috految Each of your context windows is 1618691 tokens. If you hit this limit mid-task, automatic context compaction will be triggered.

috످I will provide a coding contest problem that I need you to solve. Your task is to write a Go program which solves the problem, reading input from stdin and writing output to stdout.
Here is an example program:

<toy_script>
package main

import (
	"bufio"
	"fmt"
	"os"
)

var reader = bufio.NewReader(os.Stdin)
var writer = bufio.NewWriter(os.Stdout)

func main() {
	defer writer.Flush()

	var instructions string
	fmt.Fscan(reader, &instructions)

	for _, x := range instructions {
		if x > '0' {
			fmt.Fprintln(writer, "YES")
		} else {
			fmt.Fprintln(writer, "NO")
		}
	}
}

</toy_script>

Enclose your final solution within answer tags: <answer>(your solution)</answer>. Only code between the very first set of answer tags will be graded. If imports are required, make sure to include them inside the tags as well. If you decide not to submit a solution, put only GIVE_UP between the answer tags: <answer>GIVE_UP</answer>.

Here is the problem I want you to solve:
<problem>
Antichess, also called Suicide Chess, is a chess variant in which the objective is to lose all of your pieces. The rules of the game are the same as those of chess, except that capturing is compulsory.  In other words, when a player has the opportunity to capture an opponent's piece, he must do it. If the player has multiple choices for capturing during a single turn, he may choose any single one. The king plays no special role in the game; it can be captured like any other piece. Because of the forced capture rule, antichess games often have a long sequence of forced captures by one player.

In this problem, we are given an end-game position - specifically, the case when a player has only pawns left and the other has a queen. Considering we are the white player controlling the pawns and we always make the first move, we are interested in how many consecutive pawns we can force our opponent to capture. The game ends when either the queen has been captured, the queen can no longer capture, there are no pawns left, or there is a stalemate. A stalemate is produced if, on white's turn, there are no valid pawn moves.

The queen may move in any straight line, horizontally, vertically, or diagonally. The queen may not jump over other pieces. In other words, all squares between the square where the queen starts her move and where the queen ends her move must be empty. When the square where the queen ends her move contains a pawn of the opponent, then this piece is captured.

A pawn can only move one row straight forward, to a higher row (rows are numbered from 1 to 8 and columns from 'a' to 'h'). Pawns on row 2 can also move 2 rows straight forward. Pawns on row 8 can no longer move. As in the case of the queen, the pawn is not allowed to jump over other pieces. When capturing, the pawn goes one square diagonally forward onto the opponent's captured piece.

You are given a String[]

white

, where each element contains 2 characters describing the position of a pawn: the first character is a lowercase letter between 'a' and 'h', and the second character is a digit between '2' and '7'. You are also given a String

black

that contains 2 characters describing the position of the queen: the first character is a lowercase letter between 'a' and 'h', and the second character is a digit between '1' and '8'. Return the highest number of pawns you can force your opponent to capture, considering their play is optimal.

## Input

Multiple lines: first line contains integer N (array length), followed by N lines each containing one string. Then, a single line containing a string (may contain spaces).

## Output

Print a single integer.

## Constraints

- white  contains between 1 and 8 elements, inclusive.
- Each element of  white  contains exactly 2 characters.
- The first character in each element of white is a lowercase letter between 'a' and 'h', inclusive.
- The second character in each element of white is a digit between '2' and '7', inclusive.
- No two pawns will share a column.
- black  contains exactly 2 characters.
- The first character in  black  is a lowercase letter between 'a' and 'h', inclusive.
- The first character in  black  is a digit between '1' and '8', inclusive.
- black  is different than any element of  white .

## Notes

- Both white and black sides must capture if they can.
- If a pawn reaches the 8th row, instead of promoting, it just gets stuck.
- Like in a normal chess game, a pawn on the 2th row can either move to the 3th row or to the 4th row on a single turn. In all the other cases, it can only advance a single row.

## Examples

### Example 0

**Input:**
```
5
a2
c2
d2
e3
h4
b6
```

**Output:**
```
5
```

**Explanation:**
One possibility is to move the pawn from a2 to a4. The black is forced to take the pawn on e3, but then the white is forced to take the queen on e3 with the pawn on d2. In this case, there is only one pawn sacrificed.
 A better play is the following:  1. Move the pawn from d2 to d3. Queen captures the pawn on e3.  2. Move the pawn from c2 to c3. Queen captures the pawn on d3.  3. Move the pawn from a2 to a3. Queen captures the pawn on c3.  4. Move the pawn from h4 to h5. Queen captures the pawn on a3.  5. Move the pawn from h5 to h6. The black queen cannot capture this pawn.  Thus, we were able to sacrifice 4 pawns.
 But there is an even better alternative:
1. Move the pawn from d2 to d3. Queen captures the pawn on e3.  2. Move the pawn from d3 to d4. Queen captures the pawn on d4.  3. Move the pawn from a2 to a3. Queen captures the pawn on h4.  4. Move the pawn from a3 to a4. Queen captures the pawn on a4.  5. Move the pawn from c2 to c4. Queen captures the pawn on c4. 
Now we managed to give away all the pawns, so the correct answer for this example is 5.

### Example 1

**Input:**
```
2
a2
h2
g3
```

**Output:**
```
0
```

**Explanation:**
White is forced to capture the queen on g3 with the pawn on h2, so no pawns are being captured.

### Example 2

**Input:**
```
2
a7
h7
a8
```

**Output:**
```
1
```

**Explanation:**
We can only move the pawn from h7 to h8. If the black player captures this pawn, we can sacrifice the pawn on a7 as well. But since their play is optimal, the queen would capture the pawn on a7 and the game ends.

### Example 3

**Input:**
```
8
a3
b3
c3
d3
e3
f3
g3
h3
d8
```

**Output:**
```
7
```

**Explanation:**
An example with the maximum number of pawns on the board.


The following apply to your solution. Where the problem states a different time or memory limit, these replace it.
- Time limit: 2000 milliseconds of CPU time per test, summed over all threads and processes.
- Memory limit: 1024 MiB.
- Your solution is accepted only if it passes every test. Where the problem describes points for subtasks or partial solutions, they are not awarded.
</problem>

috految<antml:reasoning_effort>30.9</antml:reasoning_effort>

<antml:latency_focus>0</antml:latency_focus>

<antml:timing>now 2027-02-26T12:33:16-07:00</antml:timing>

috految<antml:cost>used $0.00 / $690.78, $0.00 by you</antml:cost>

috److This can be solved with minimax and memoization. The state is the pawn row in each column (0 if there is no pawn) plus the queen's position.

**White's turn:**
1. If any pawn can capture the queen, the capture is forced and the game ends, so the value is 0.
2. Otherwise, try each pawn move. A pawn on row 8 cannot move, and a pawn on row 2 may advance 1 or 2 squares.
3. The queen blocks a pawn's movement. Pawns never block each other because they are in distinct columns.
4. If there are no valid moves, the value is 0.

**Black's turn:**
1. Scan the 8 directions for the first pawn in each.
2. If no capture exists, the value is 0.
3. Otherwise, the value is the minimum over all captures of `1 + f(next state)`.

**State count:** after k moves, there are C(8, k) subsets of remaining pawns, and at most k moves are spread over the remaining pawns and the last captured one. For k = 4 this is about 70 × 4 × 600 states, and for k = 5 about 56 × 5 × 500. The total is at most a few hundred thousand, which fits the time limit.

**Pruning:** once black finds a reply with a value no greater than white's current best, the remaining replies can be skipped. This keeps the memoized values exact.

<answer>
package main

import (
	"fmt"
)

type state struct {
	p    [8]int8
	x, y int8
}

var memo = map[state]int{}

func solve(s state) int {
	if v, ok := memo[s]; ok {
		return v
	}
	for i := int8(0); i < 8; i++ {
		if s.p[i] > 0 && s.p[i]+1 == s.y && (i == s.x-1 || i == s.x+1) {
			return 0
		}
	}
	best := 0
	for i := int8(0); i < 8; i++ {
		r := s.p[i]
		if r == 0 || r == 8 {
			continue
		}
		top := r + 1
		if r == 2 {
			top++
		}
		for nr := r + 1; nr <= top; nr++ {
			if i == s.x && nr == s.y {
				break
			}
			t := s
			t.p[i] = nr
			worst := 100
			for dx := int8(-1); dx <= 1; dx++ {
				for dy := int8(-1); dy <= 1; dy++ {
					if (dx == 0 && dy == 0) || worst <= best {
						continue
					}
					x := s.x + dx
					y := s.y + dy
					for x >= 0 && x < 8 && y >= 1 && y <= 8 {
						if t.p[x] == y {
							u := t
							u.p[x] = 0
							u.x = x
							u.y = y
							v := 1 + solve(u)
							if v < worst {
								worst = v
							}
							break
						}
						x += dx
						y += dy
					}
				}
			}
			if worst != 100 && worst > best {
				best = worst
			}
		}
	}
	memo[s] = best
	return best
}

func main() {
	var n int
	fmt.Scan(&n)
	var s state
	var w string
	for i := 0; i < n; i++ {
		fmt.Scan(&w)
		s.p[w[0]-'a'] = int8(w[1] - '0')
	}
	fmt.Scan(&w)
	s.x = int8(w[0] - 'a')
	s.y = int8(w[1] - '0')
	fmt.Println(solve(s))
}
</answer>

috످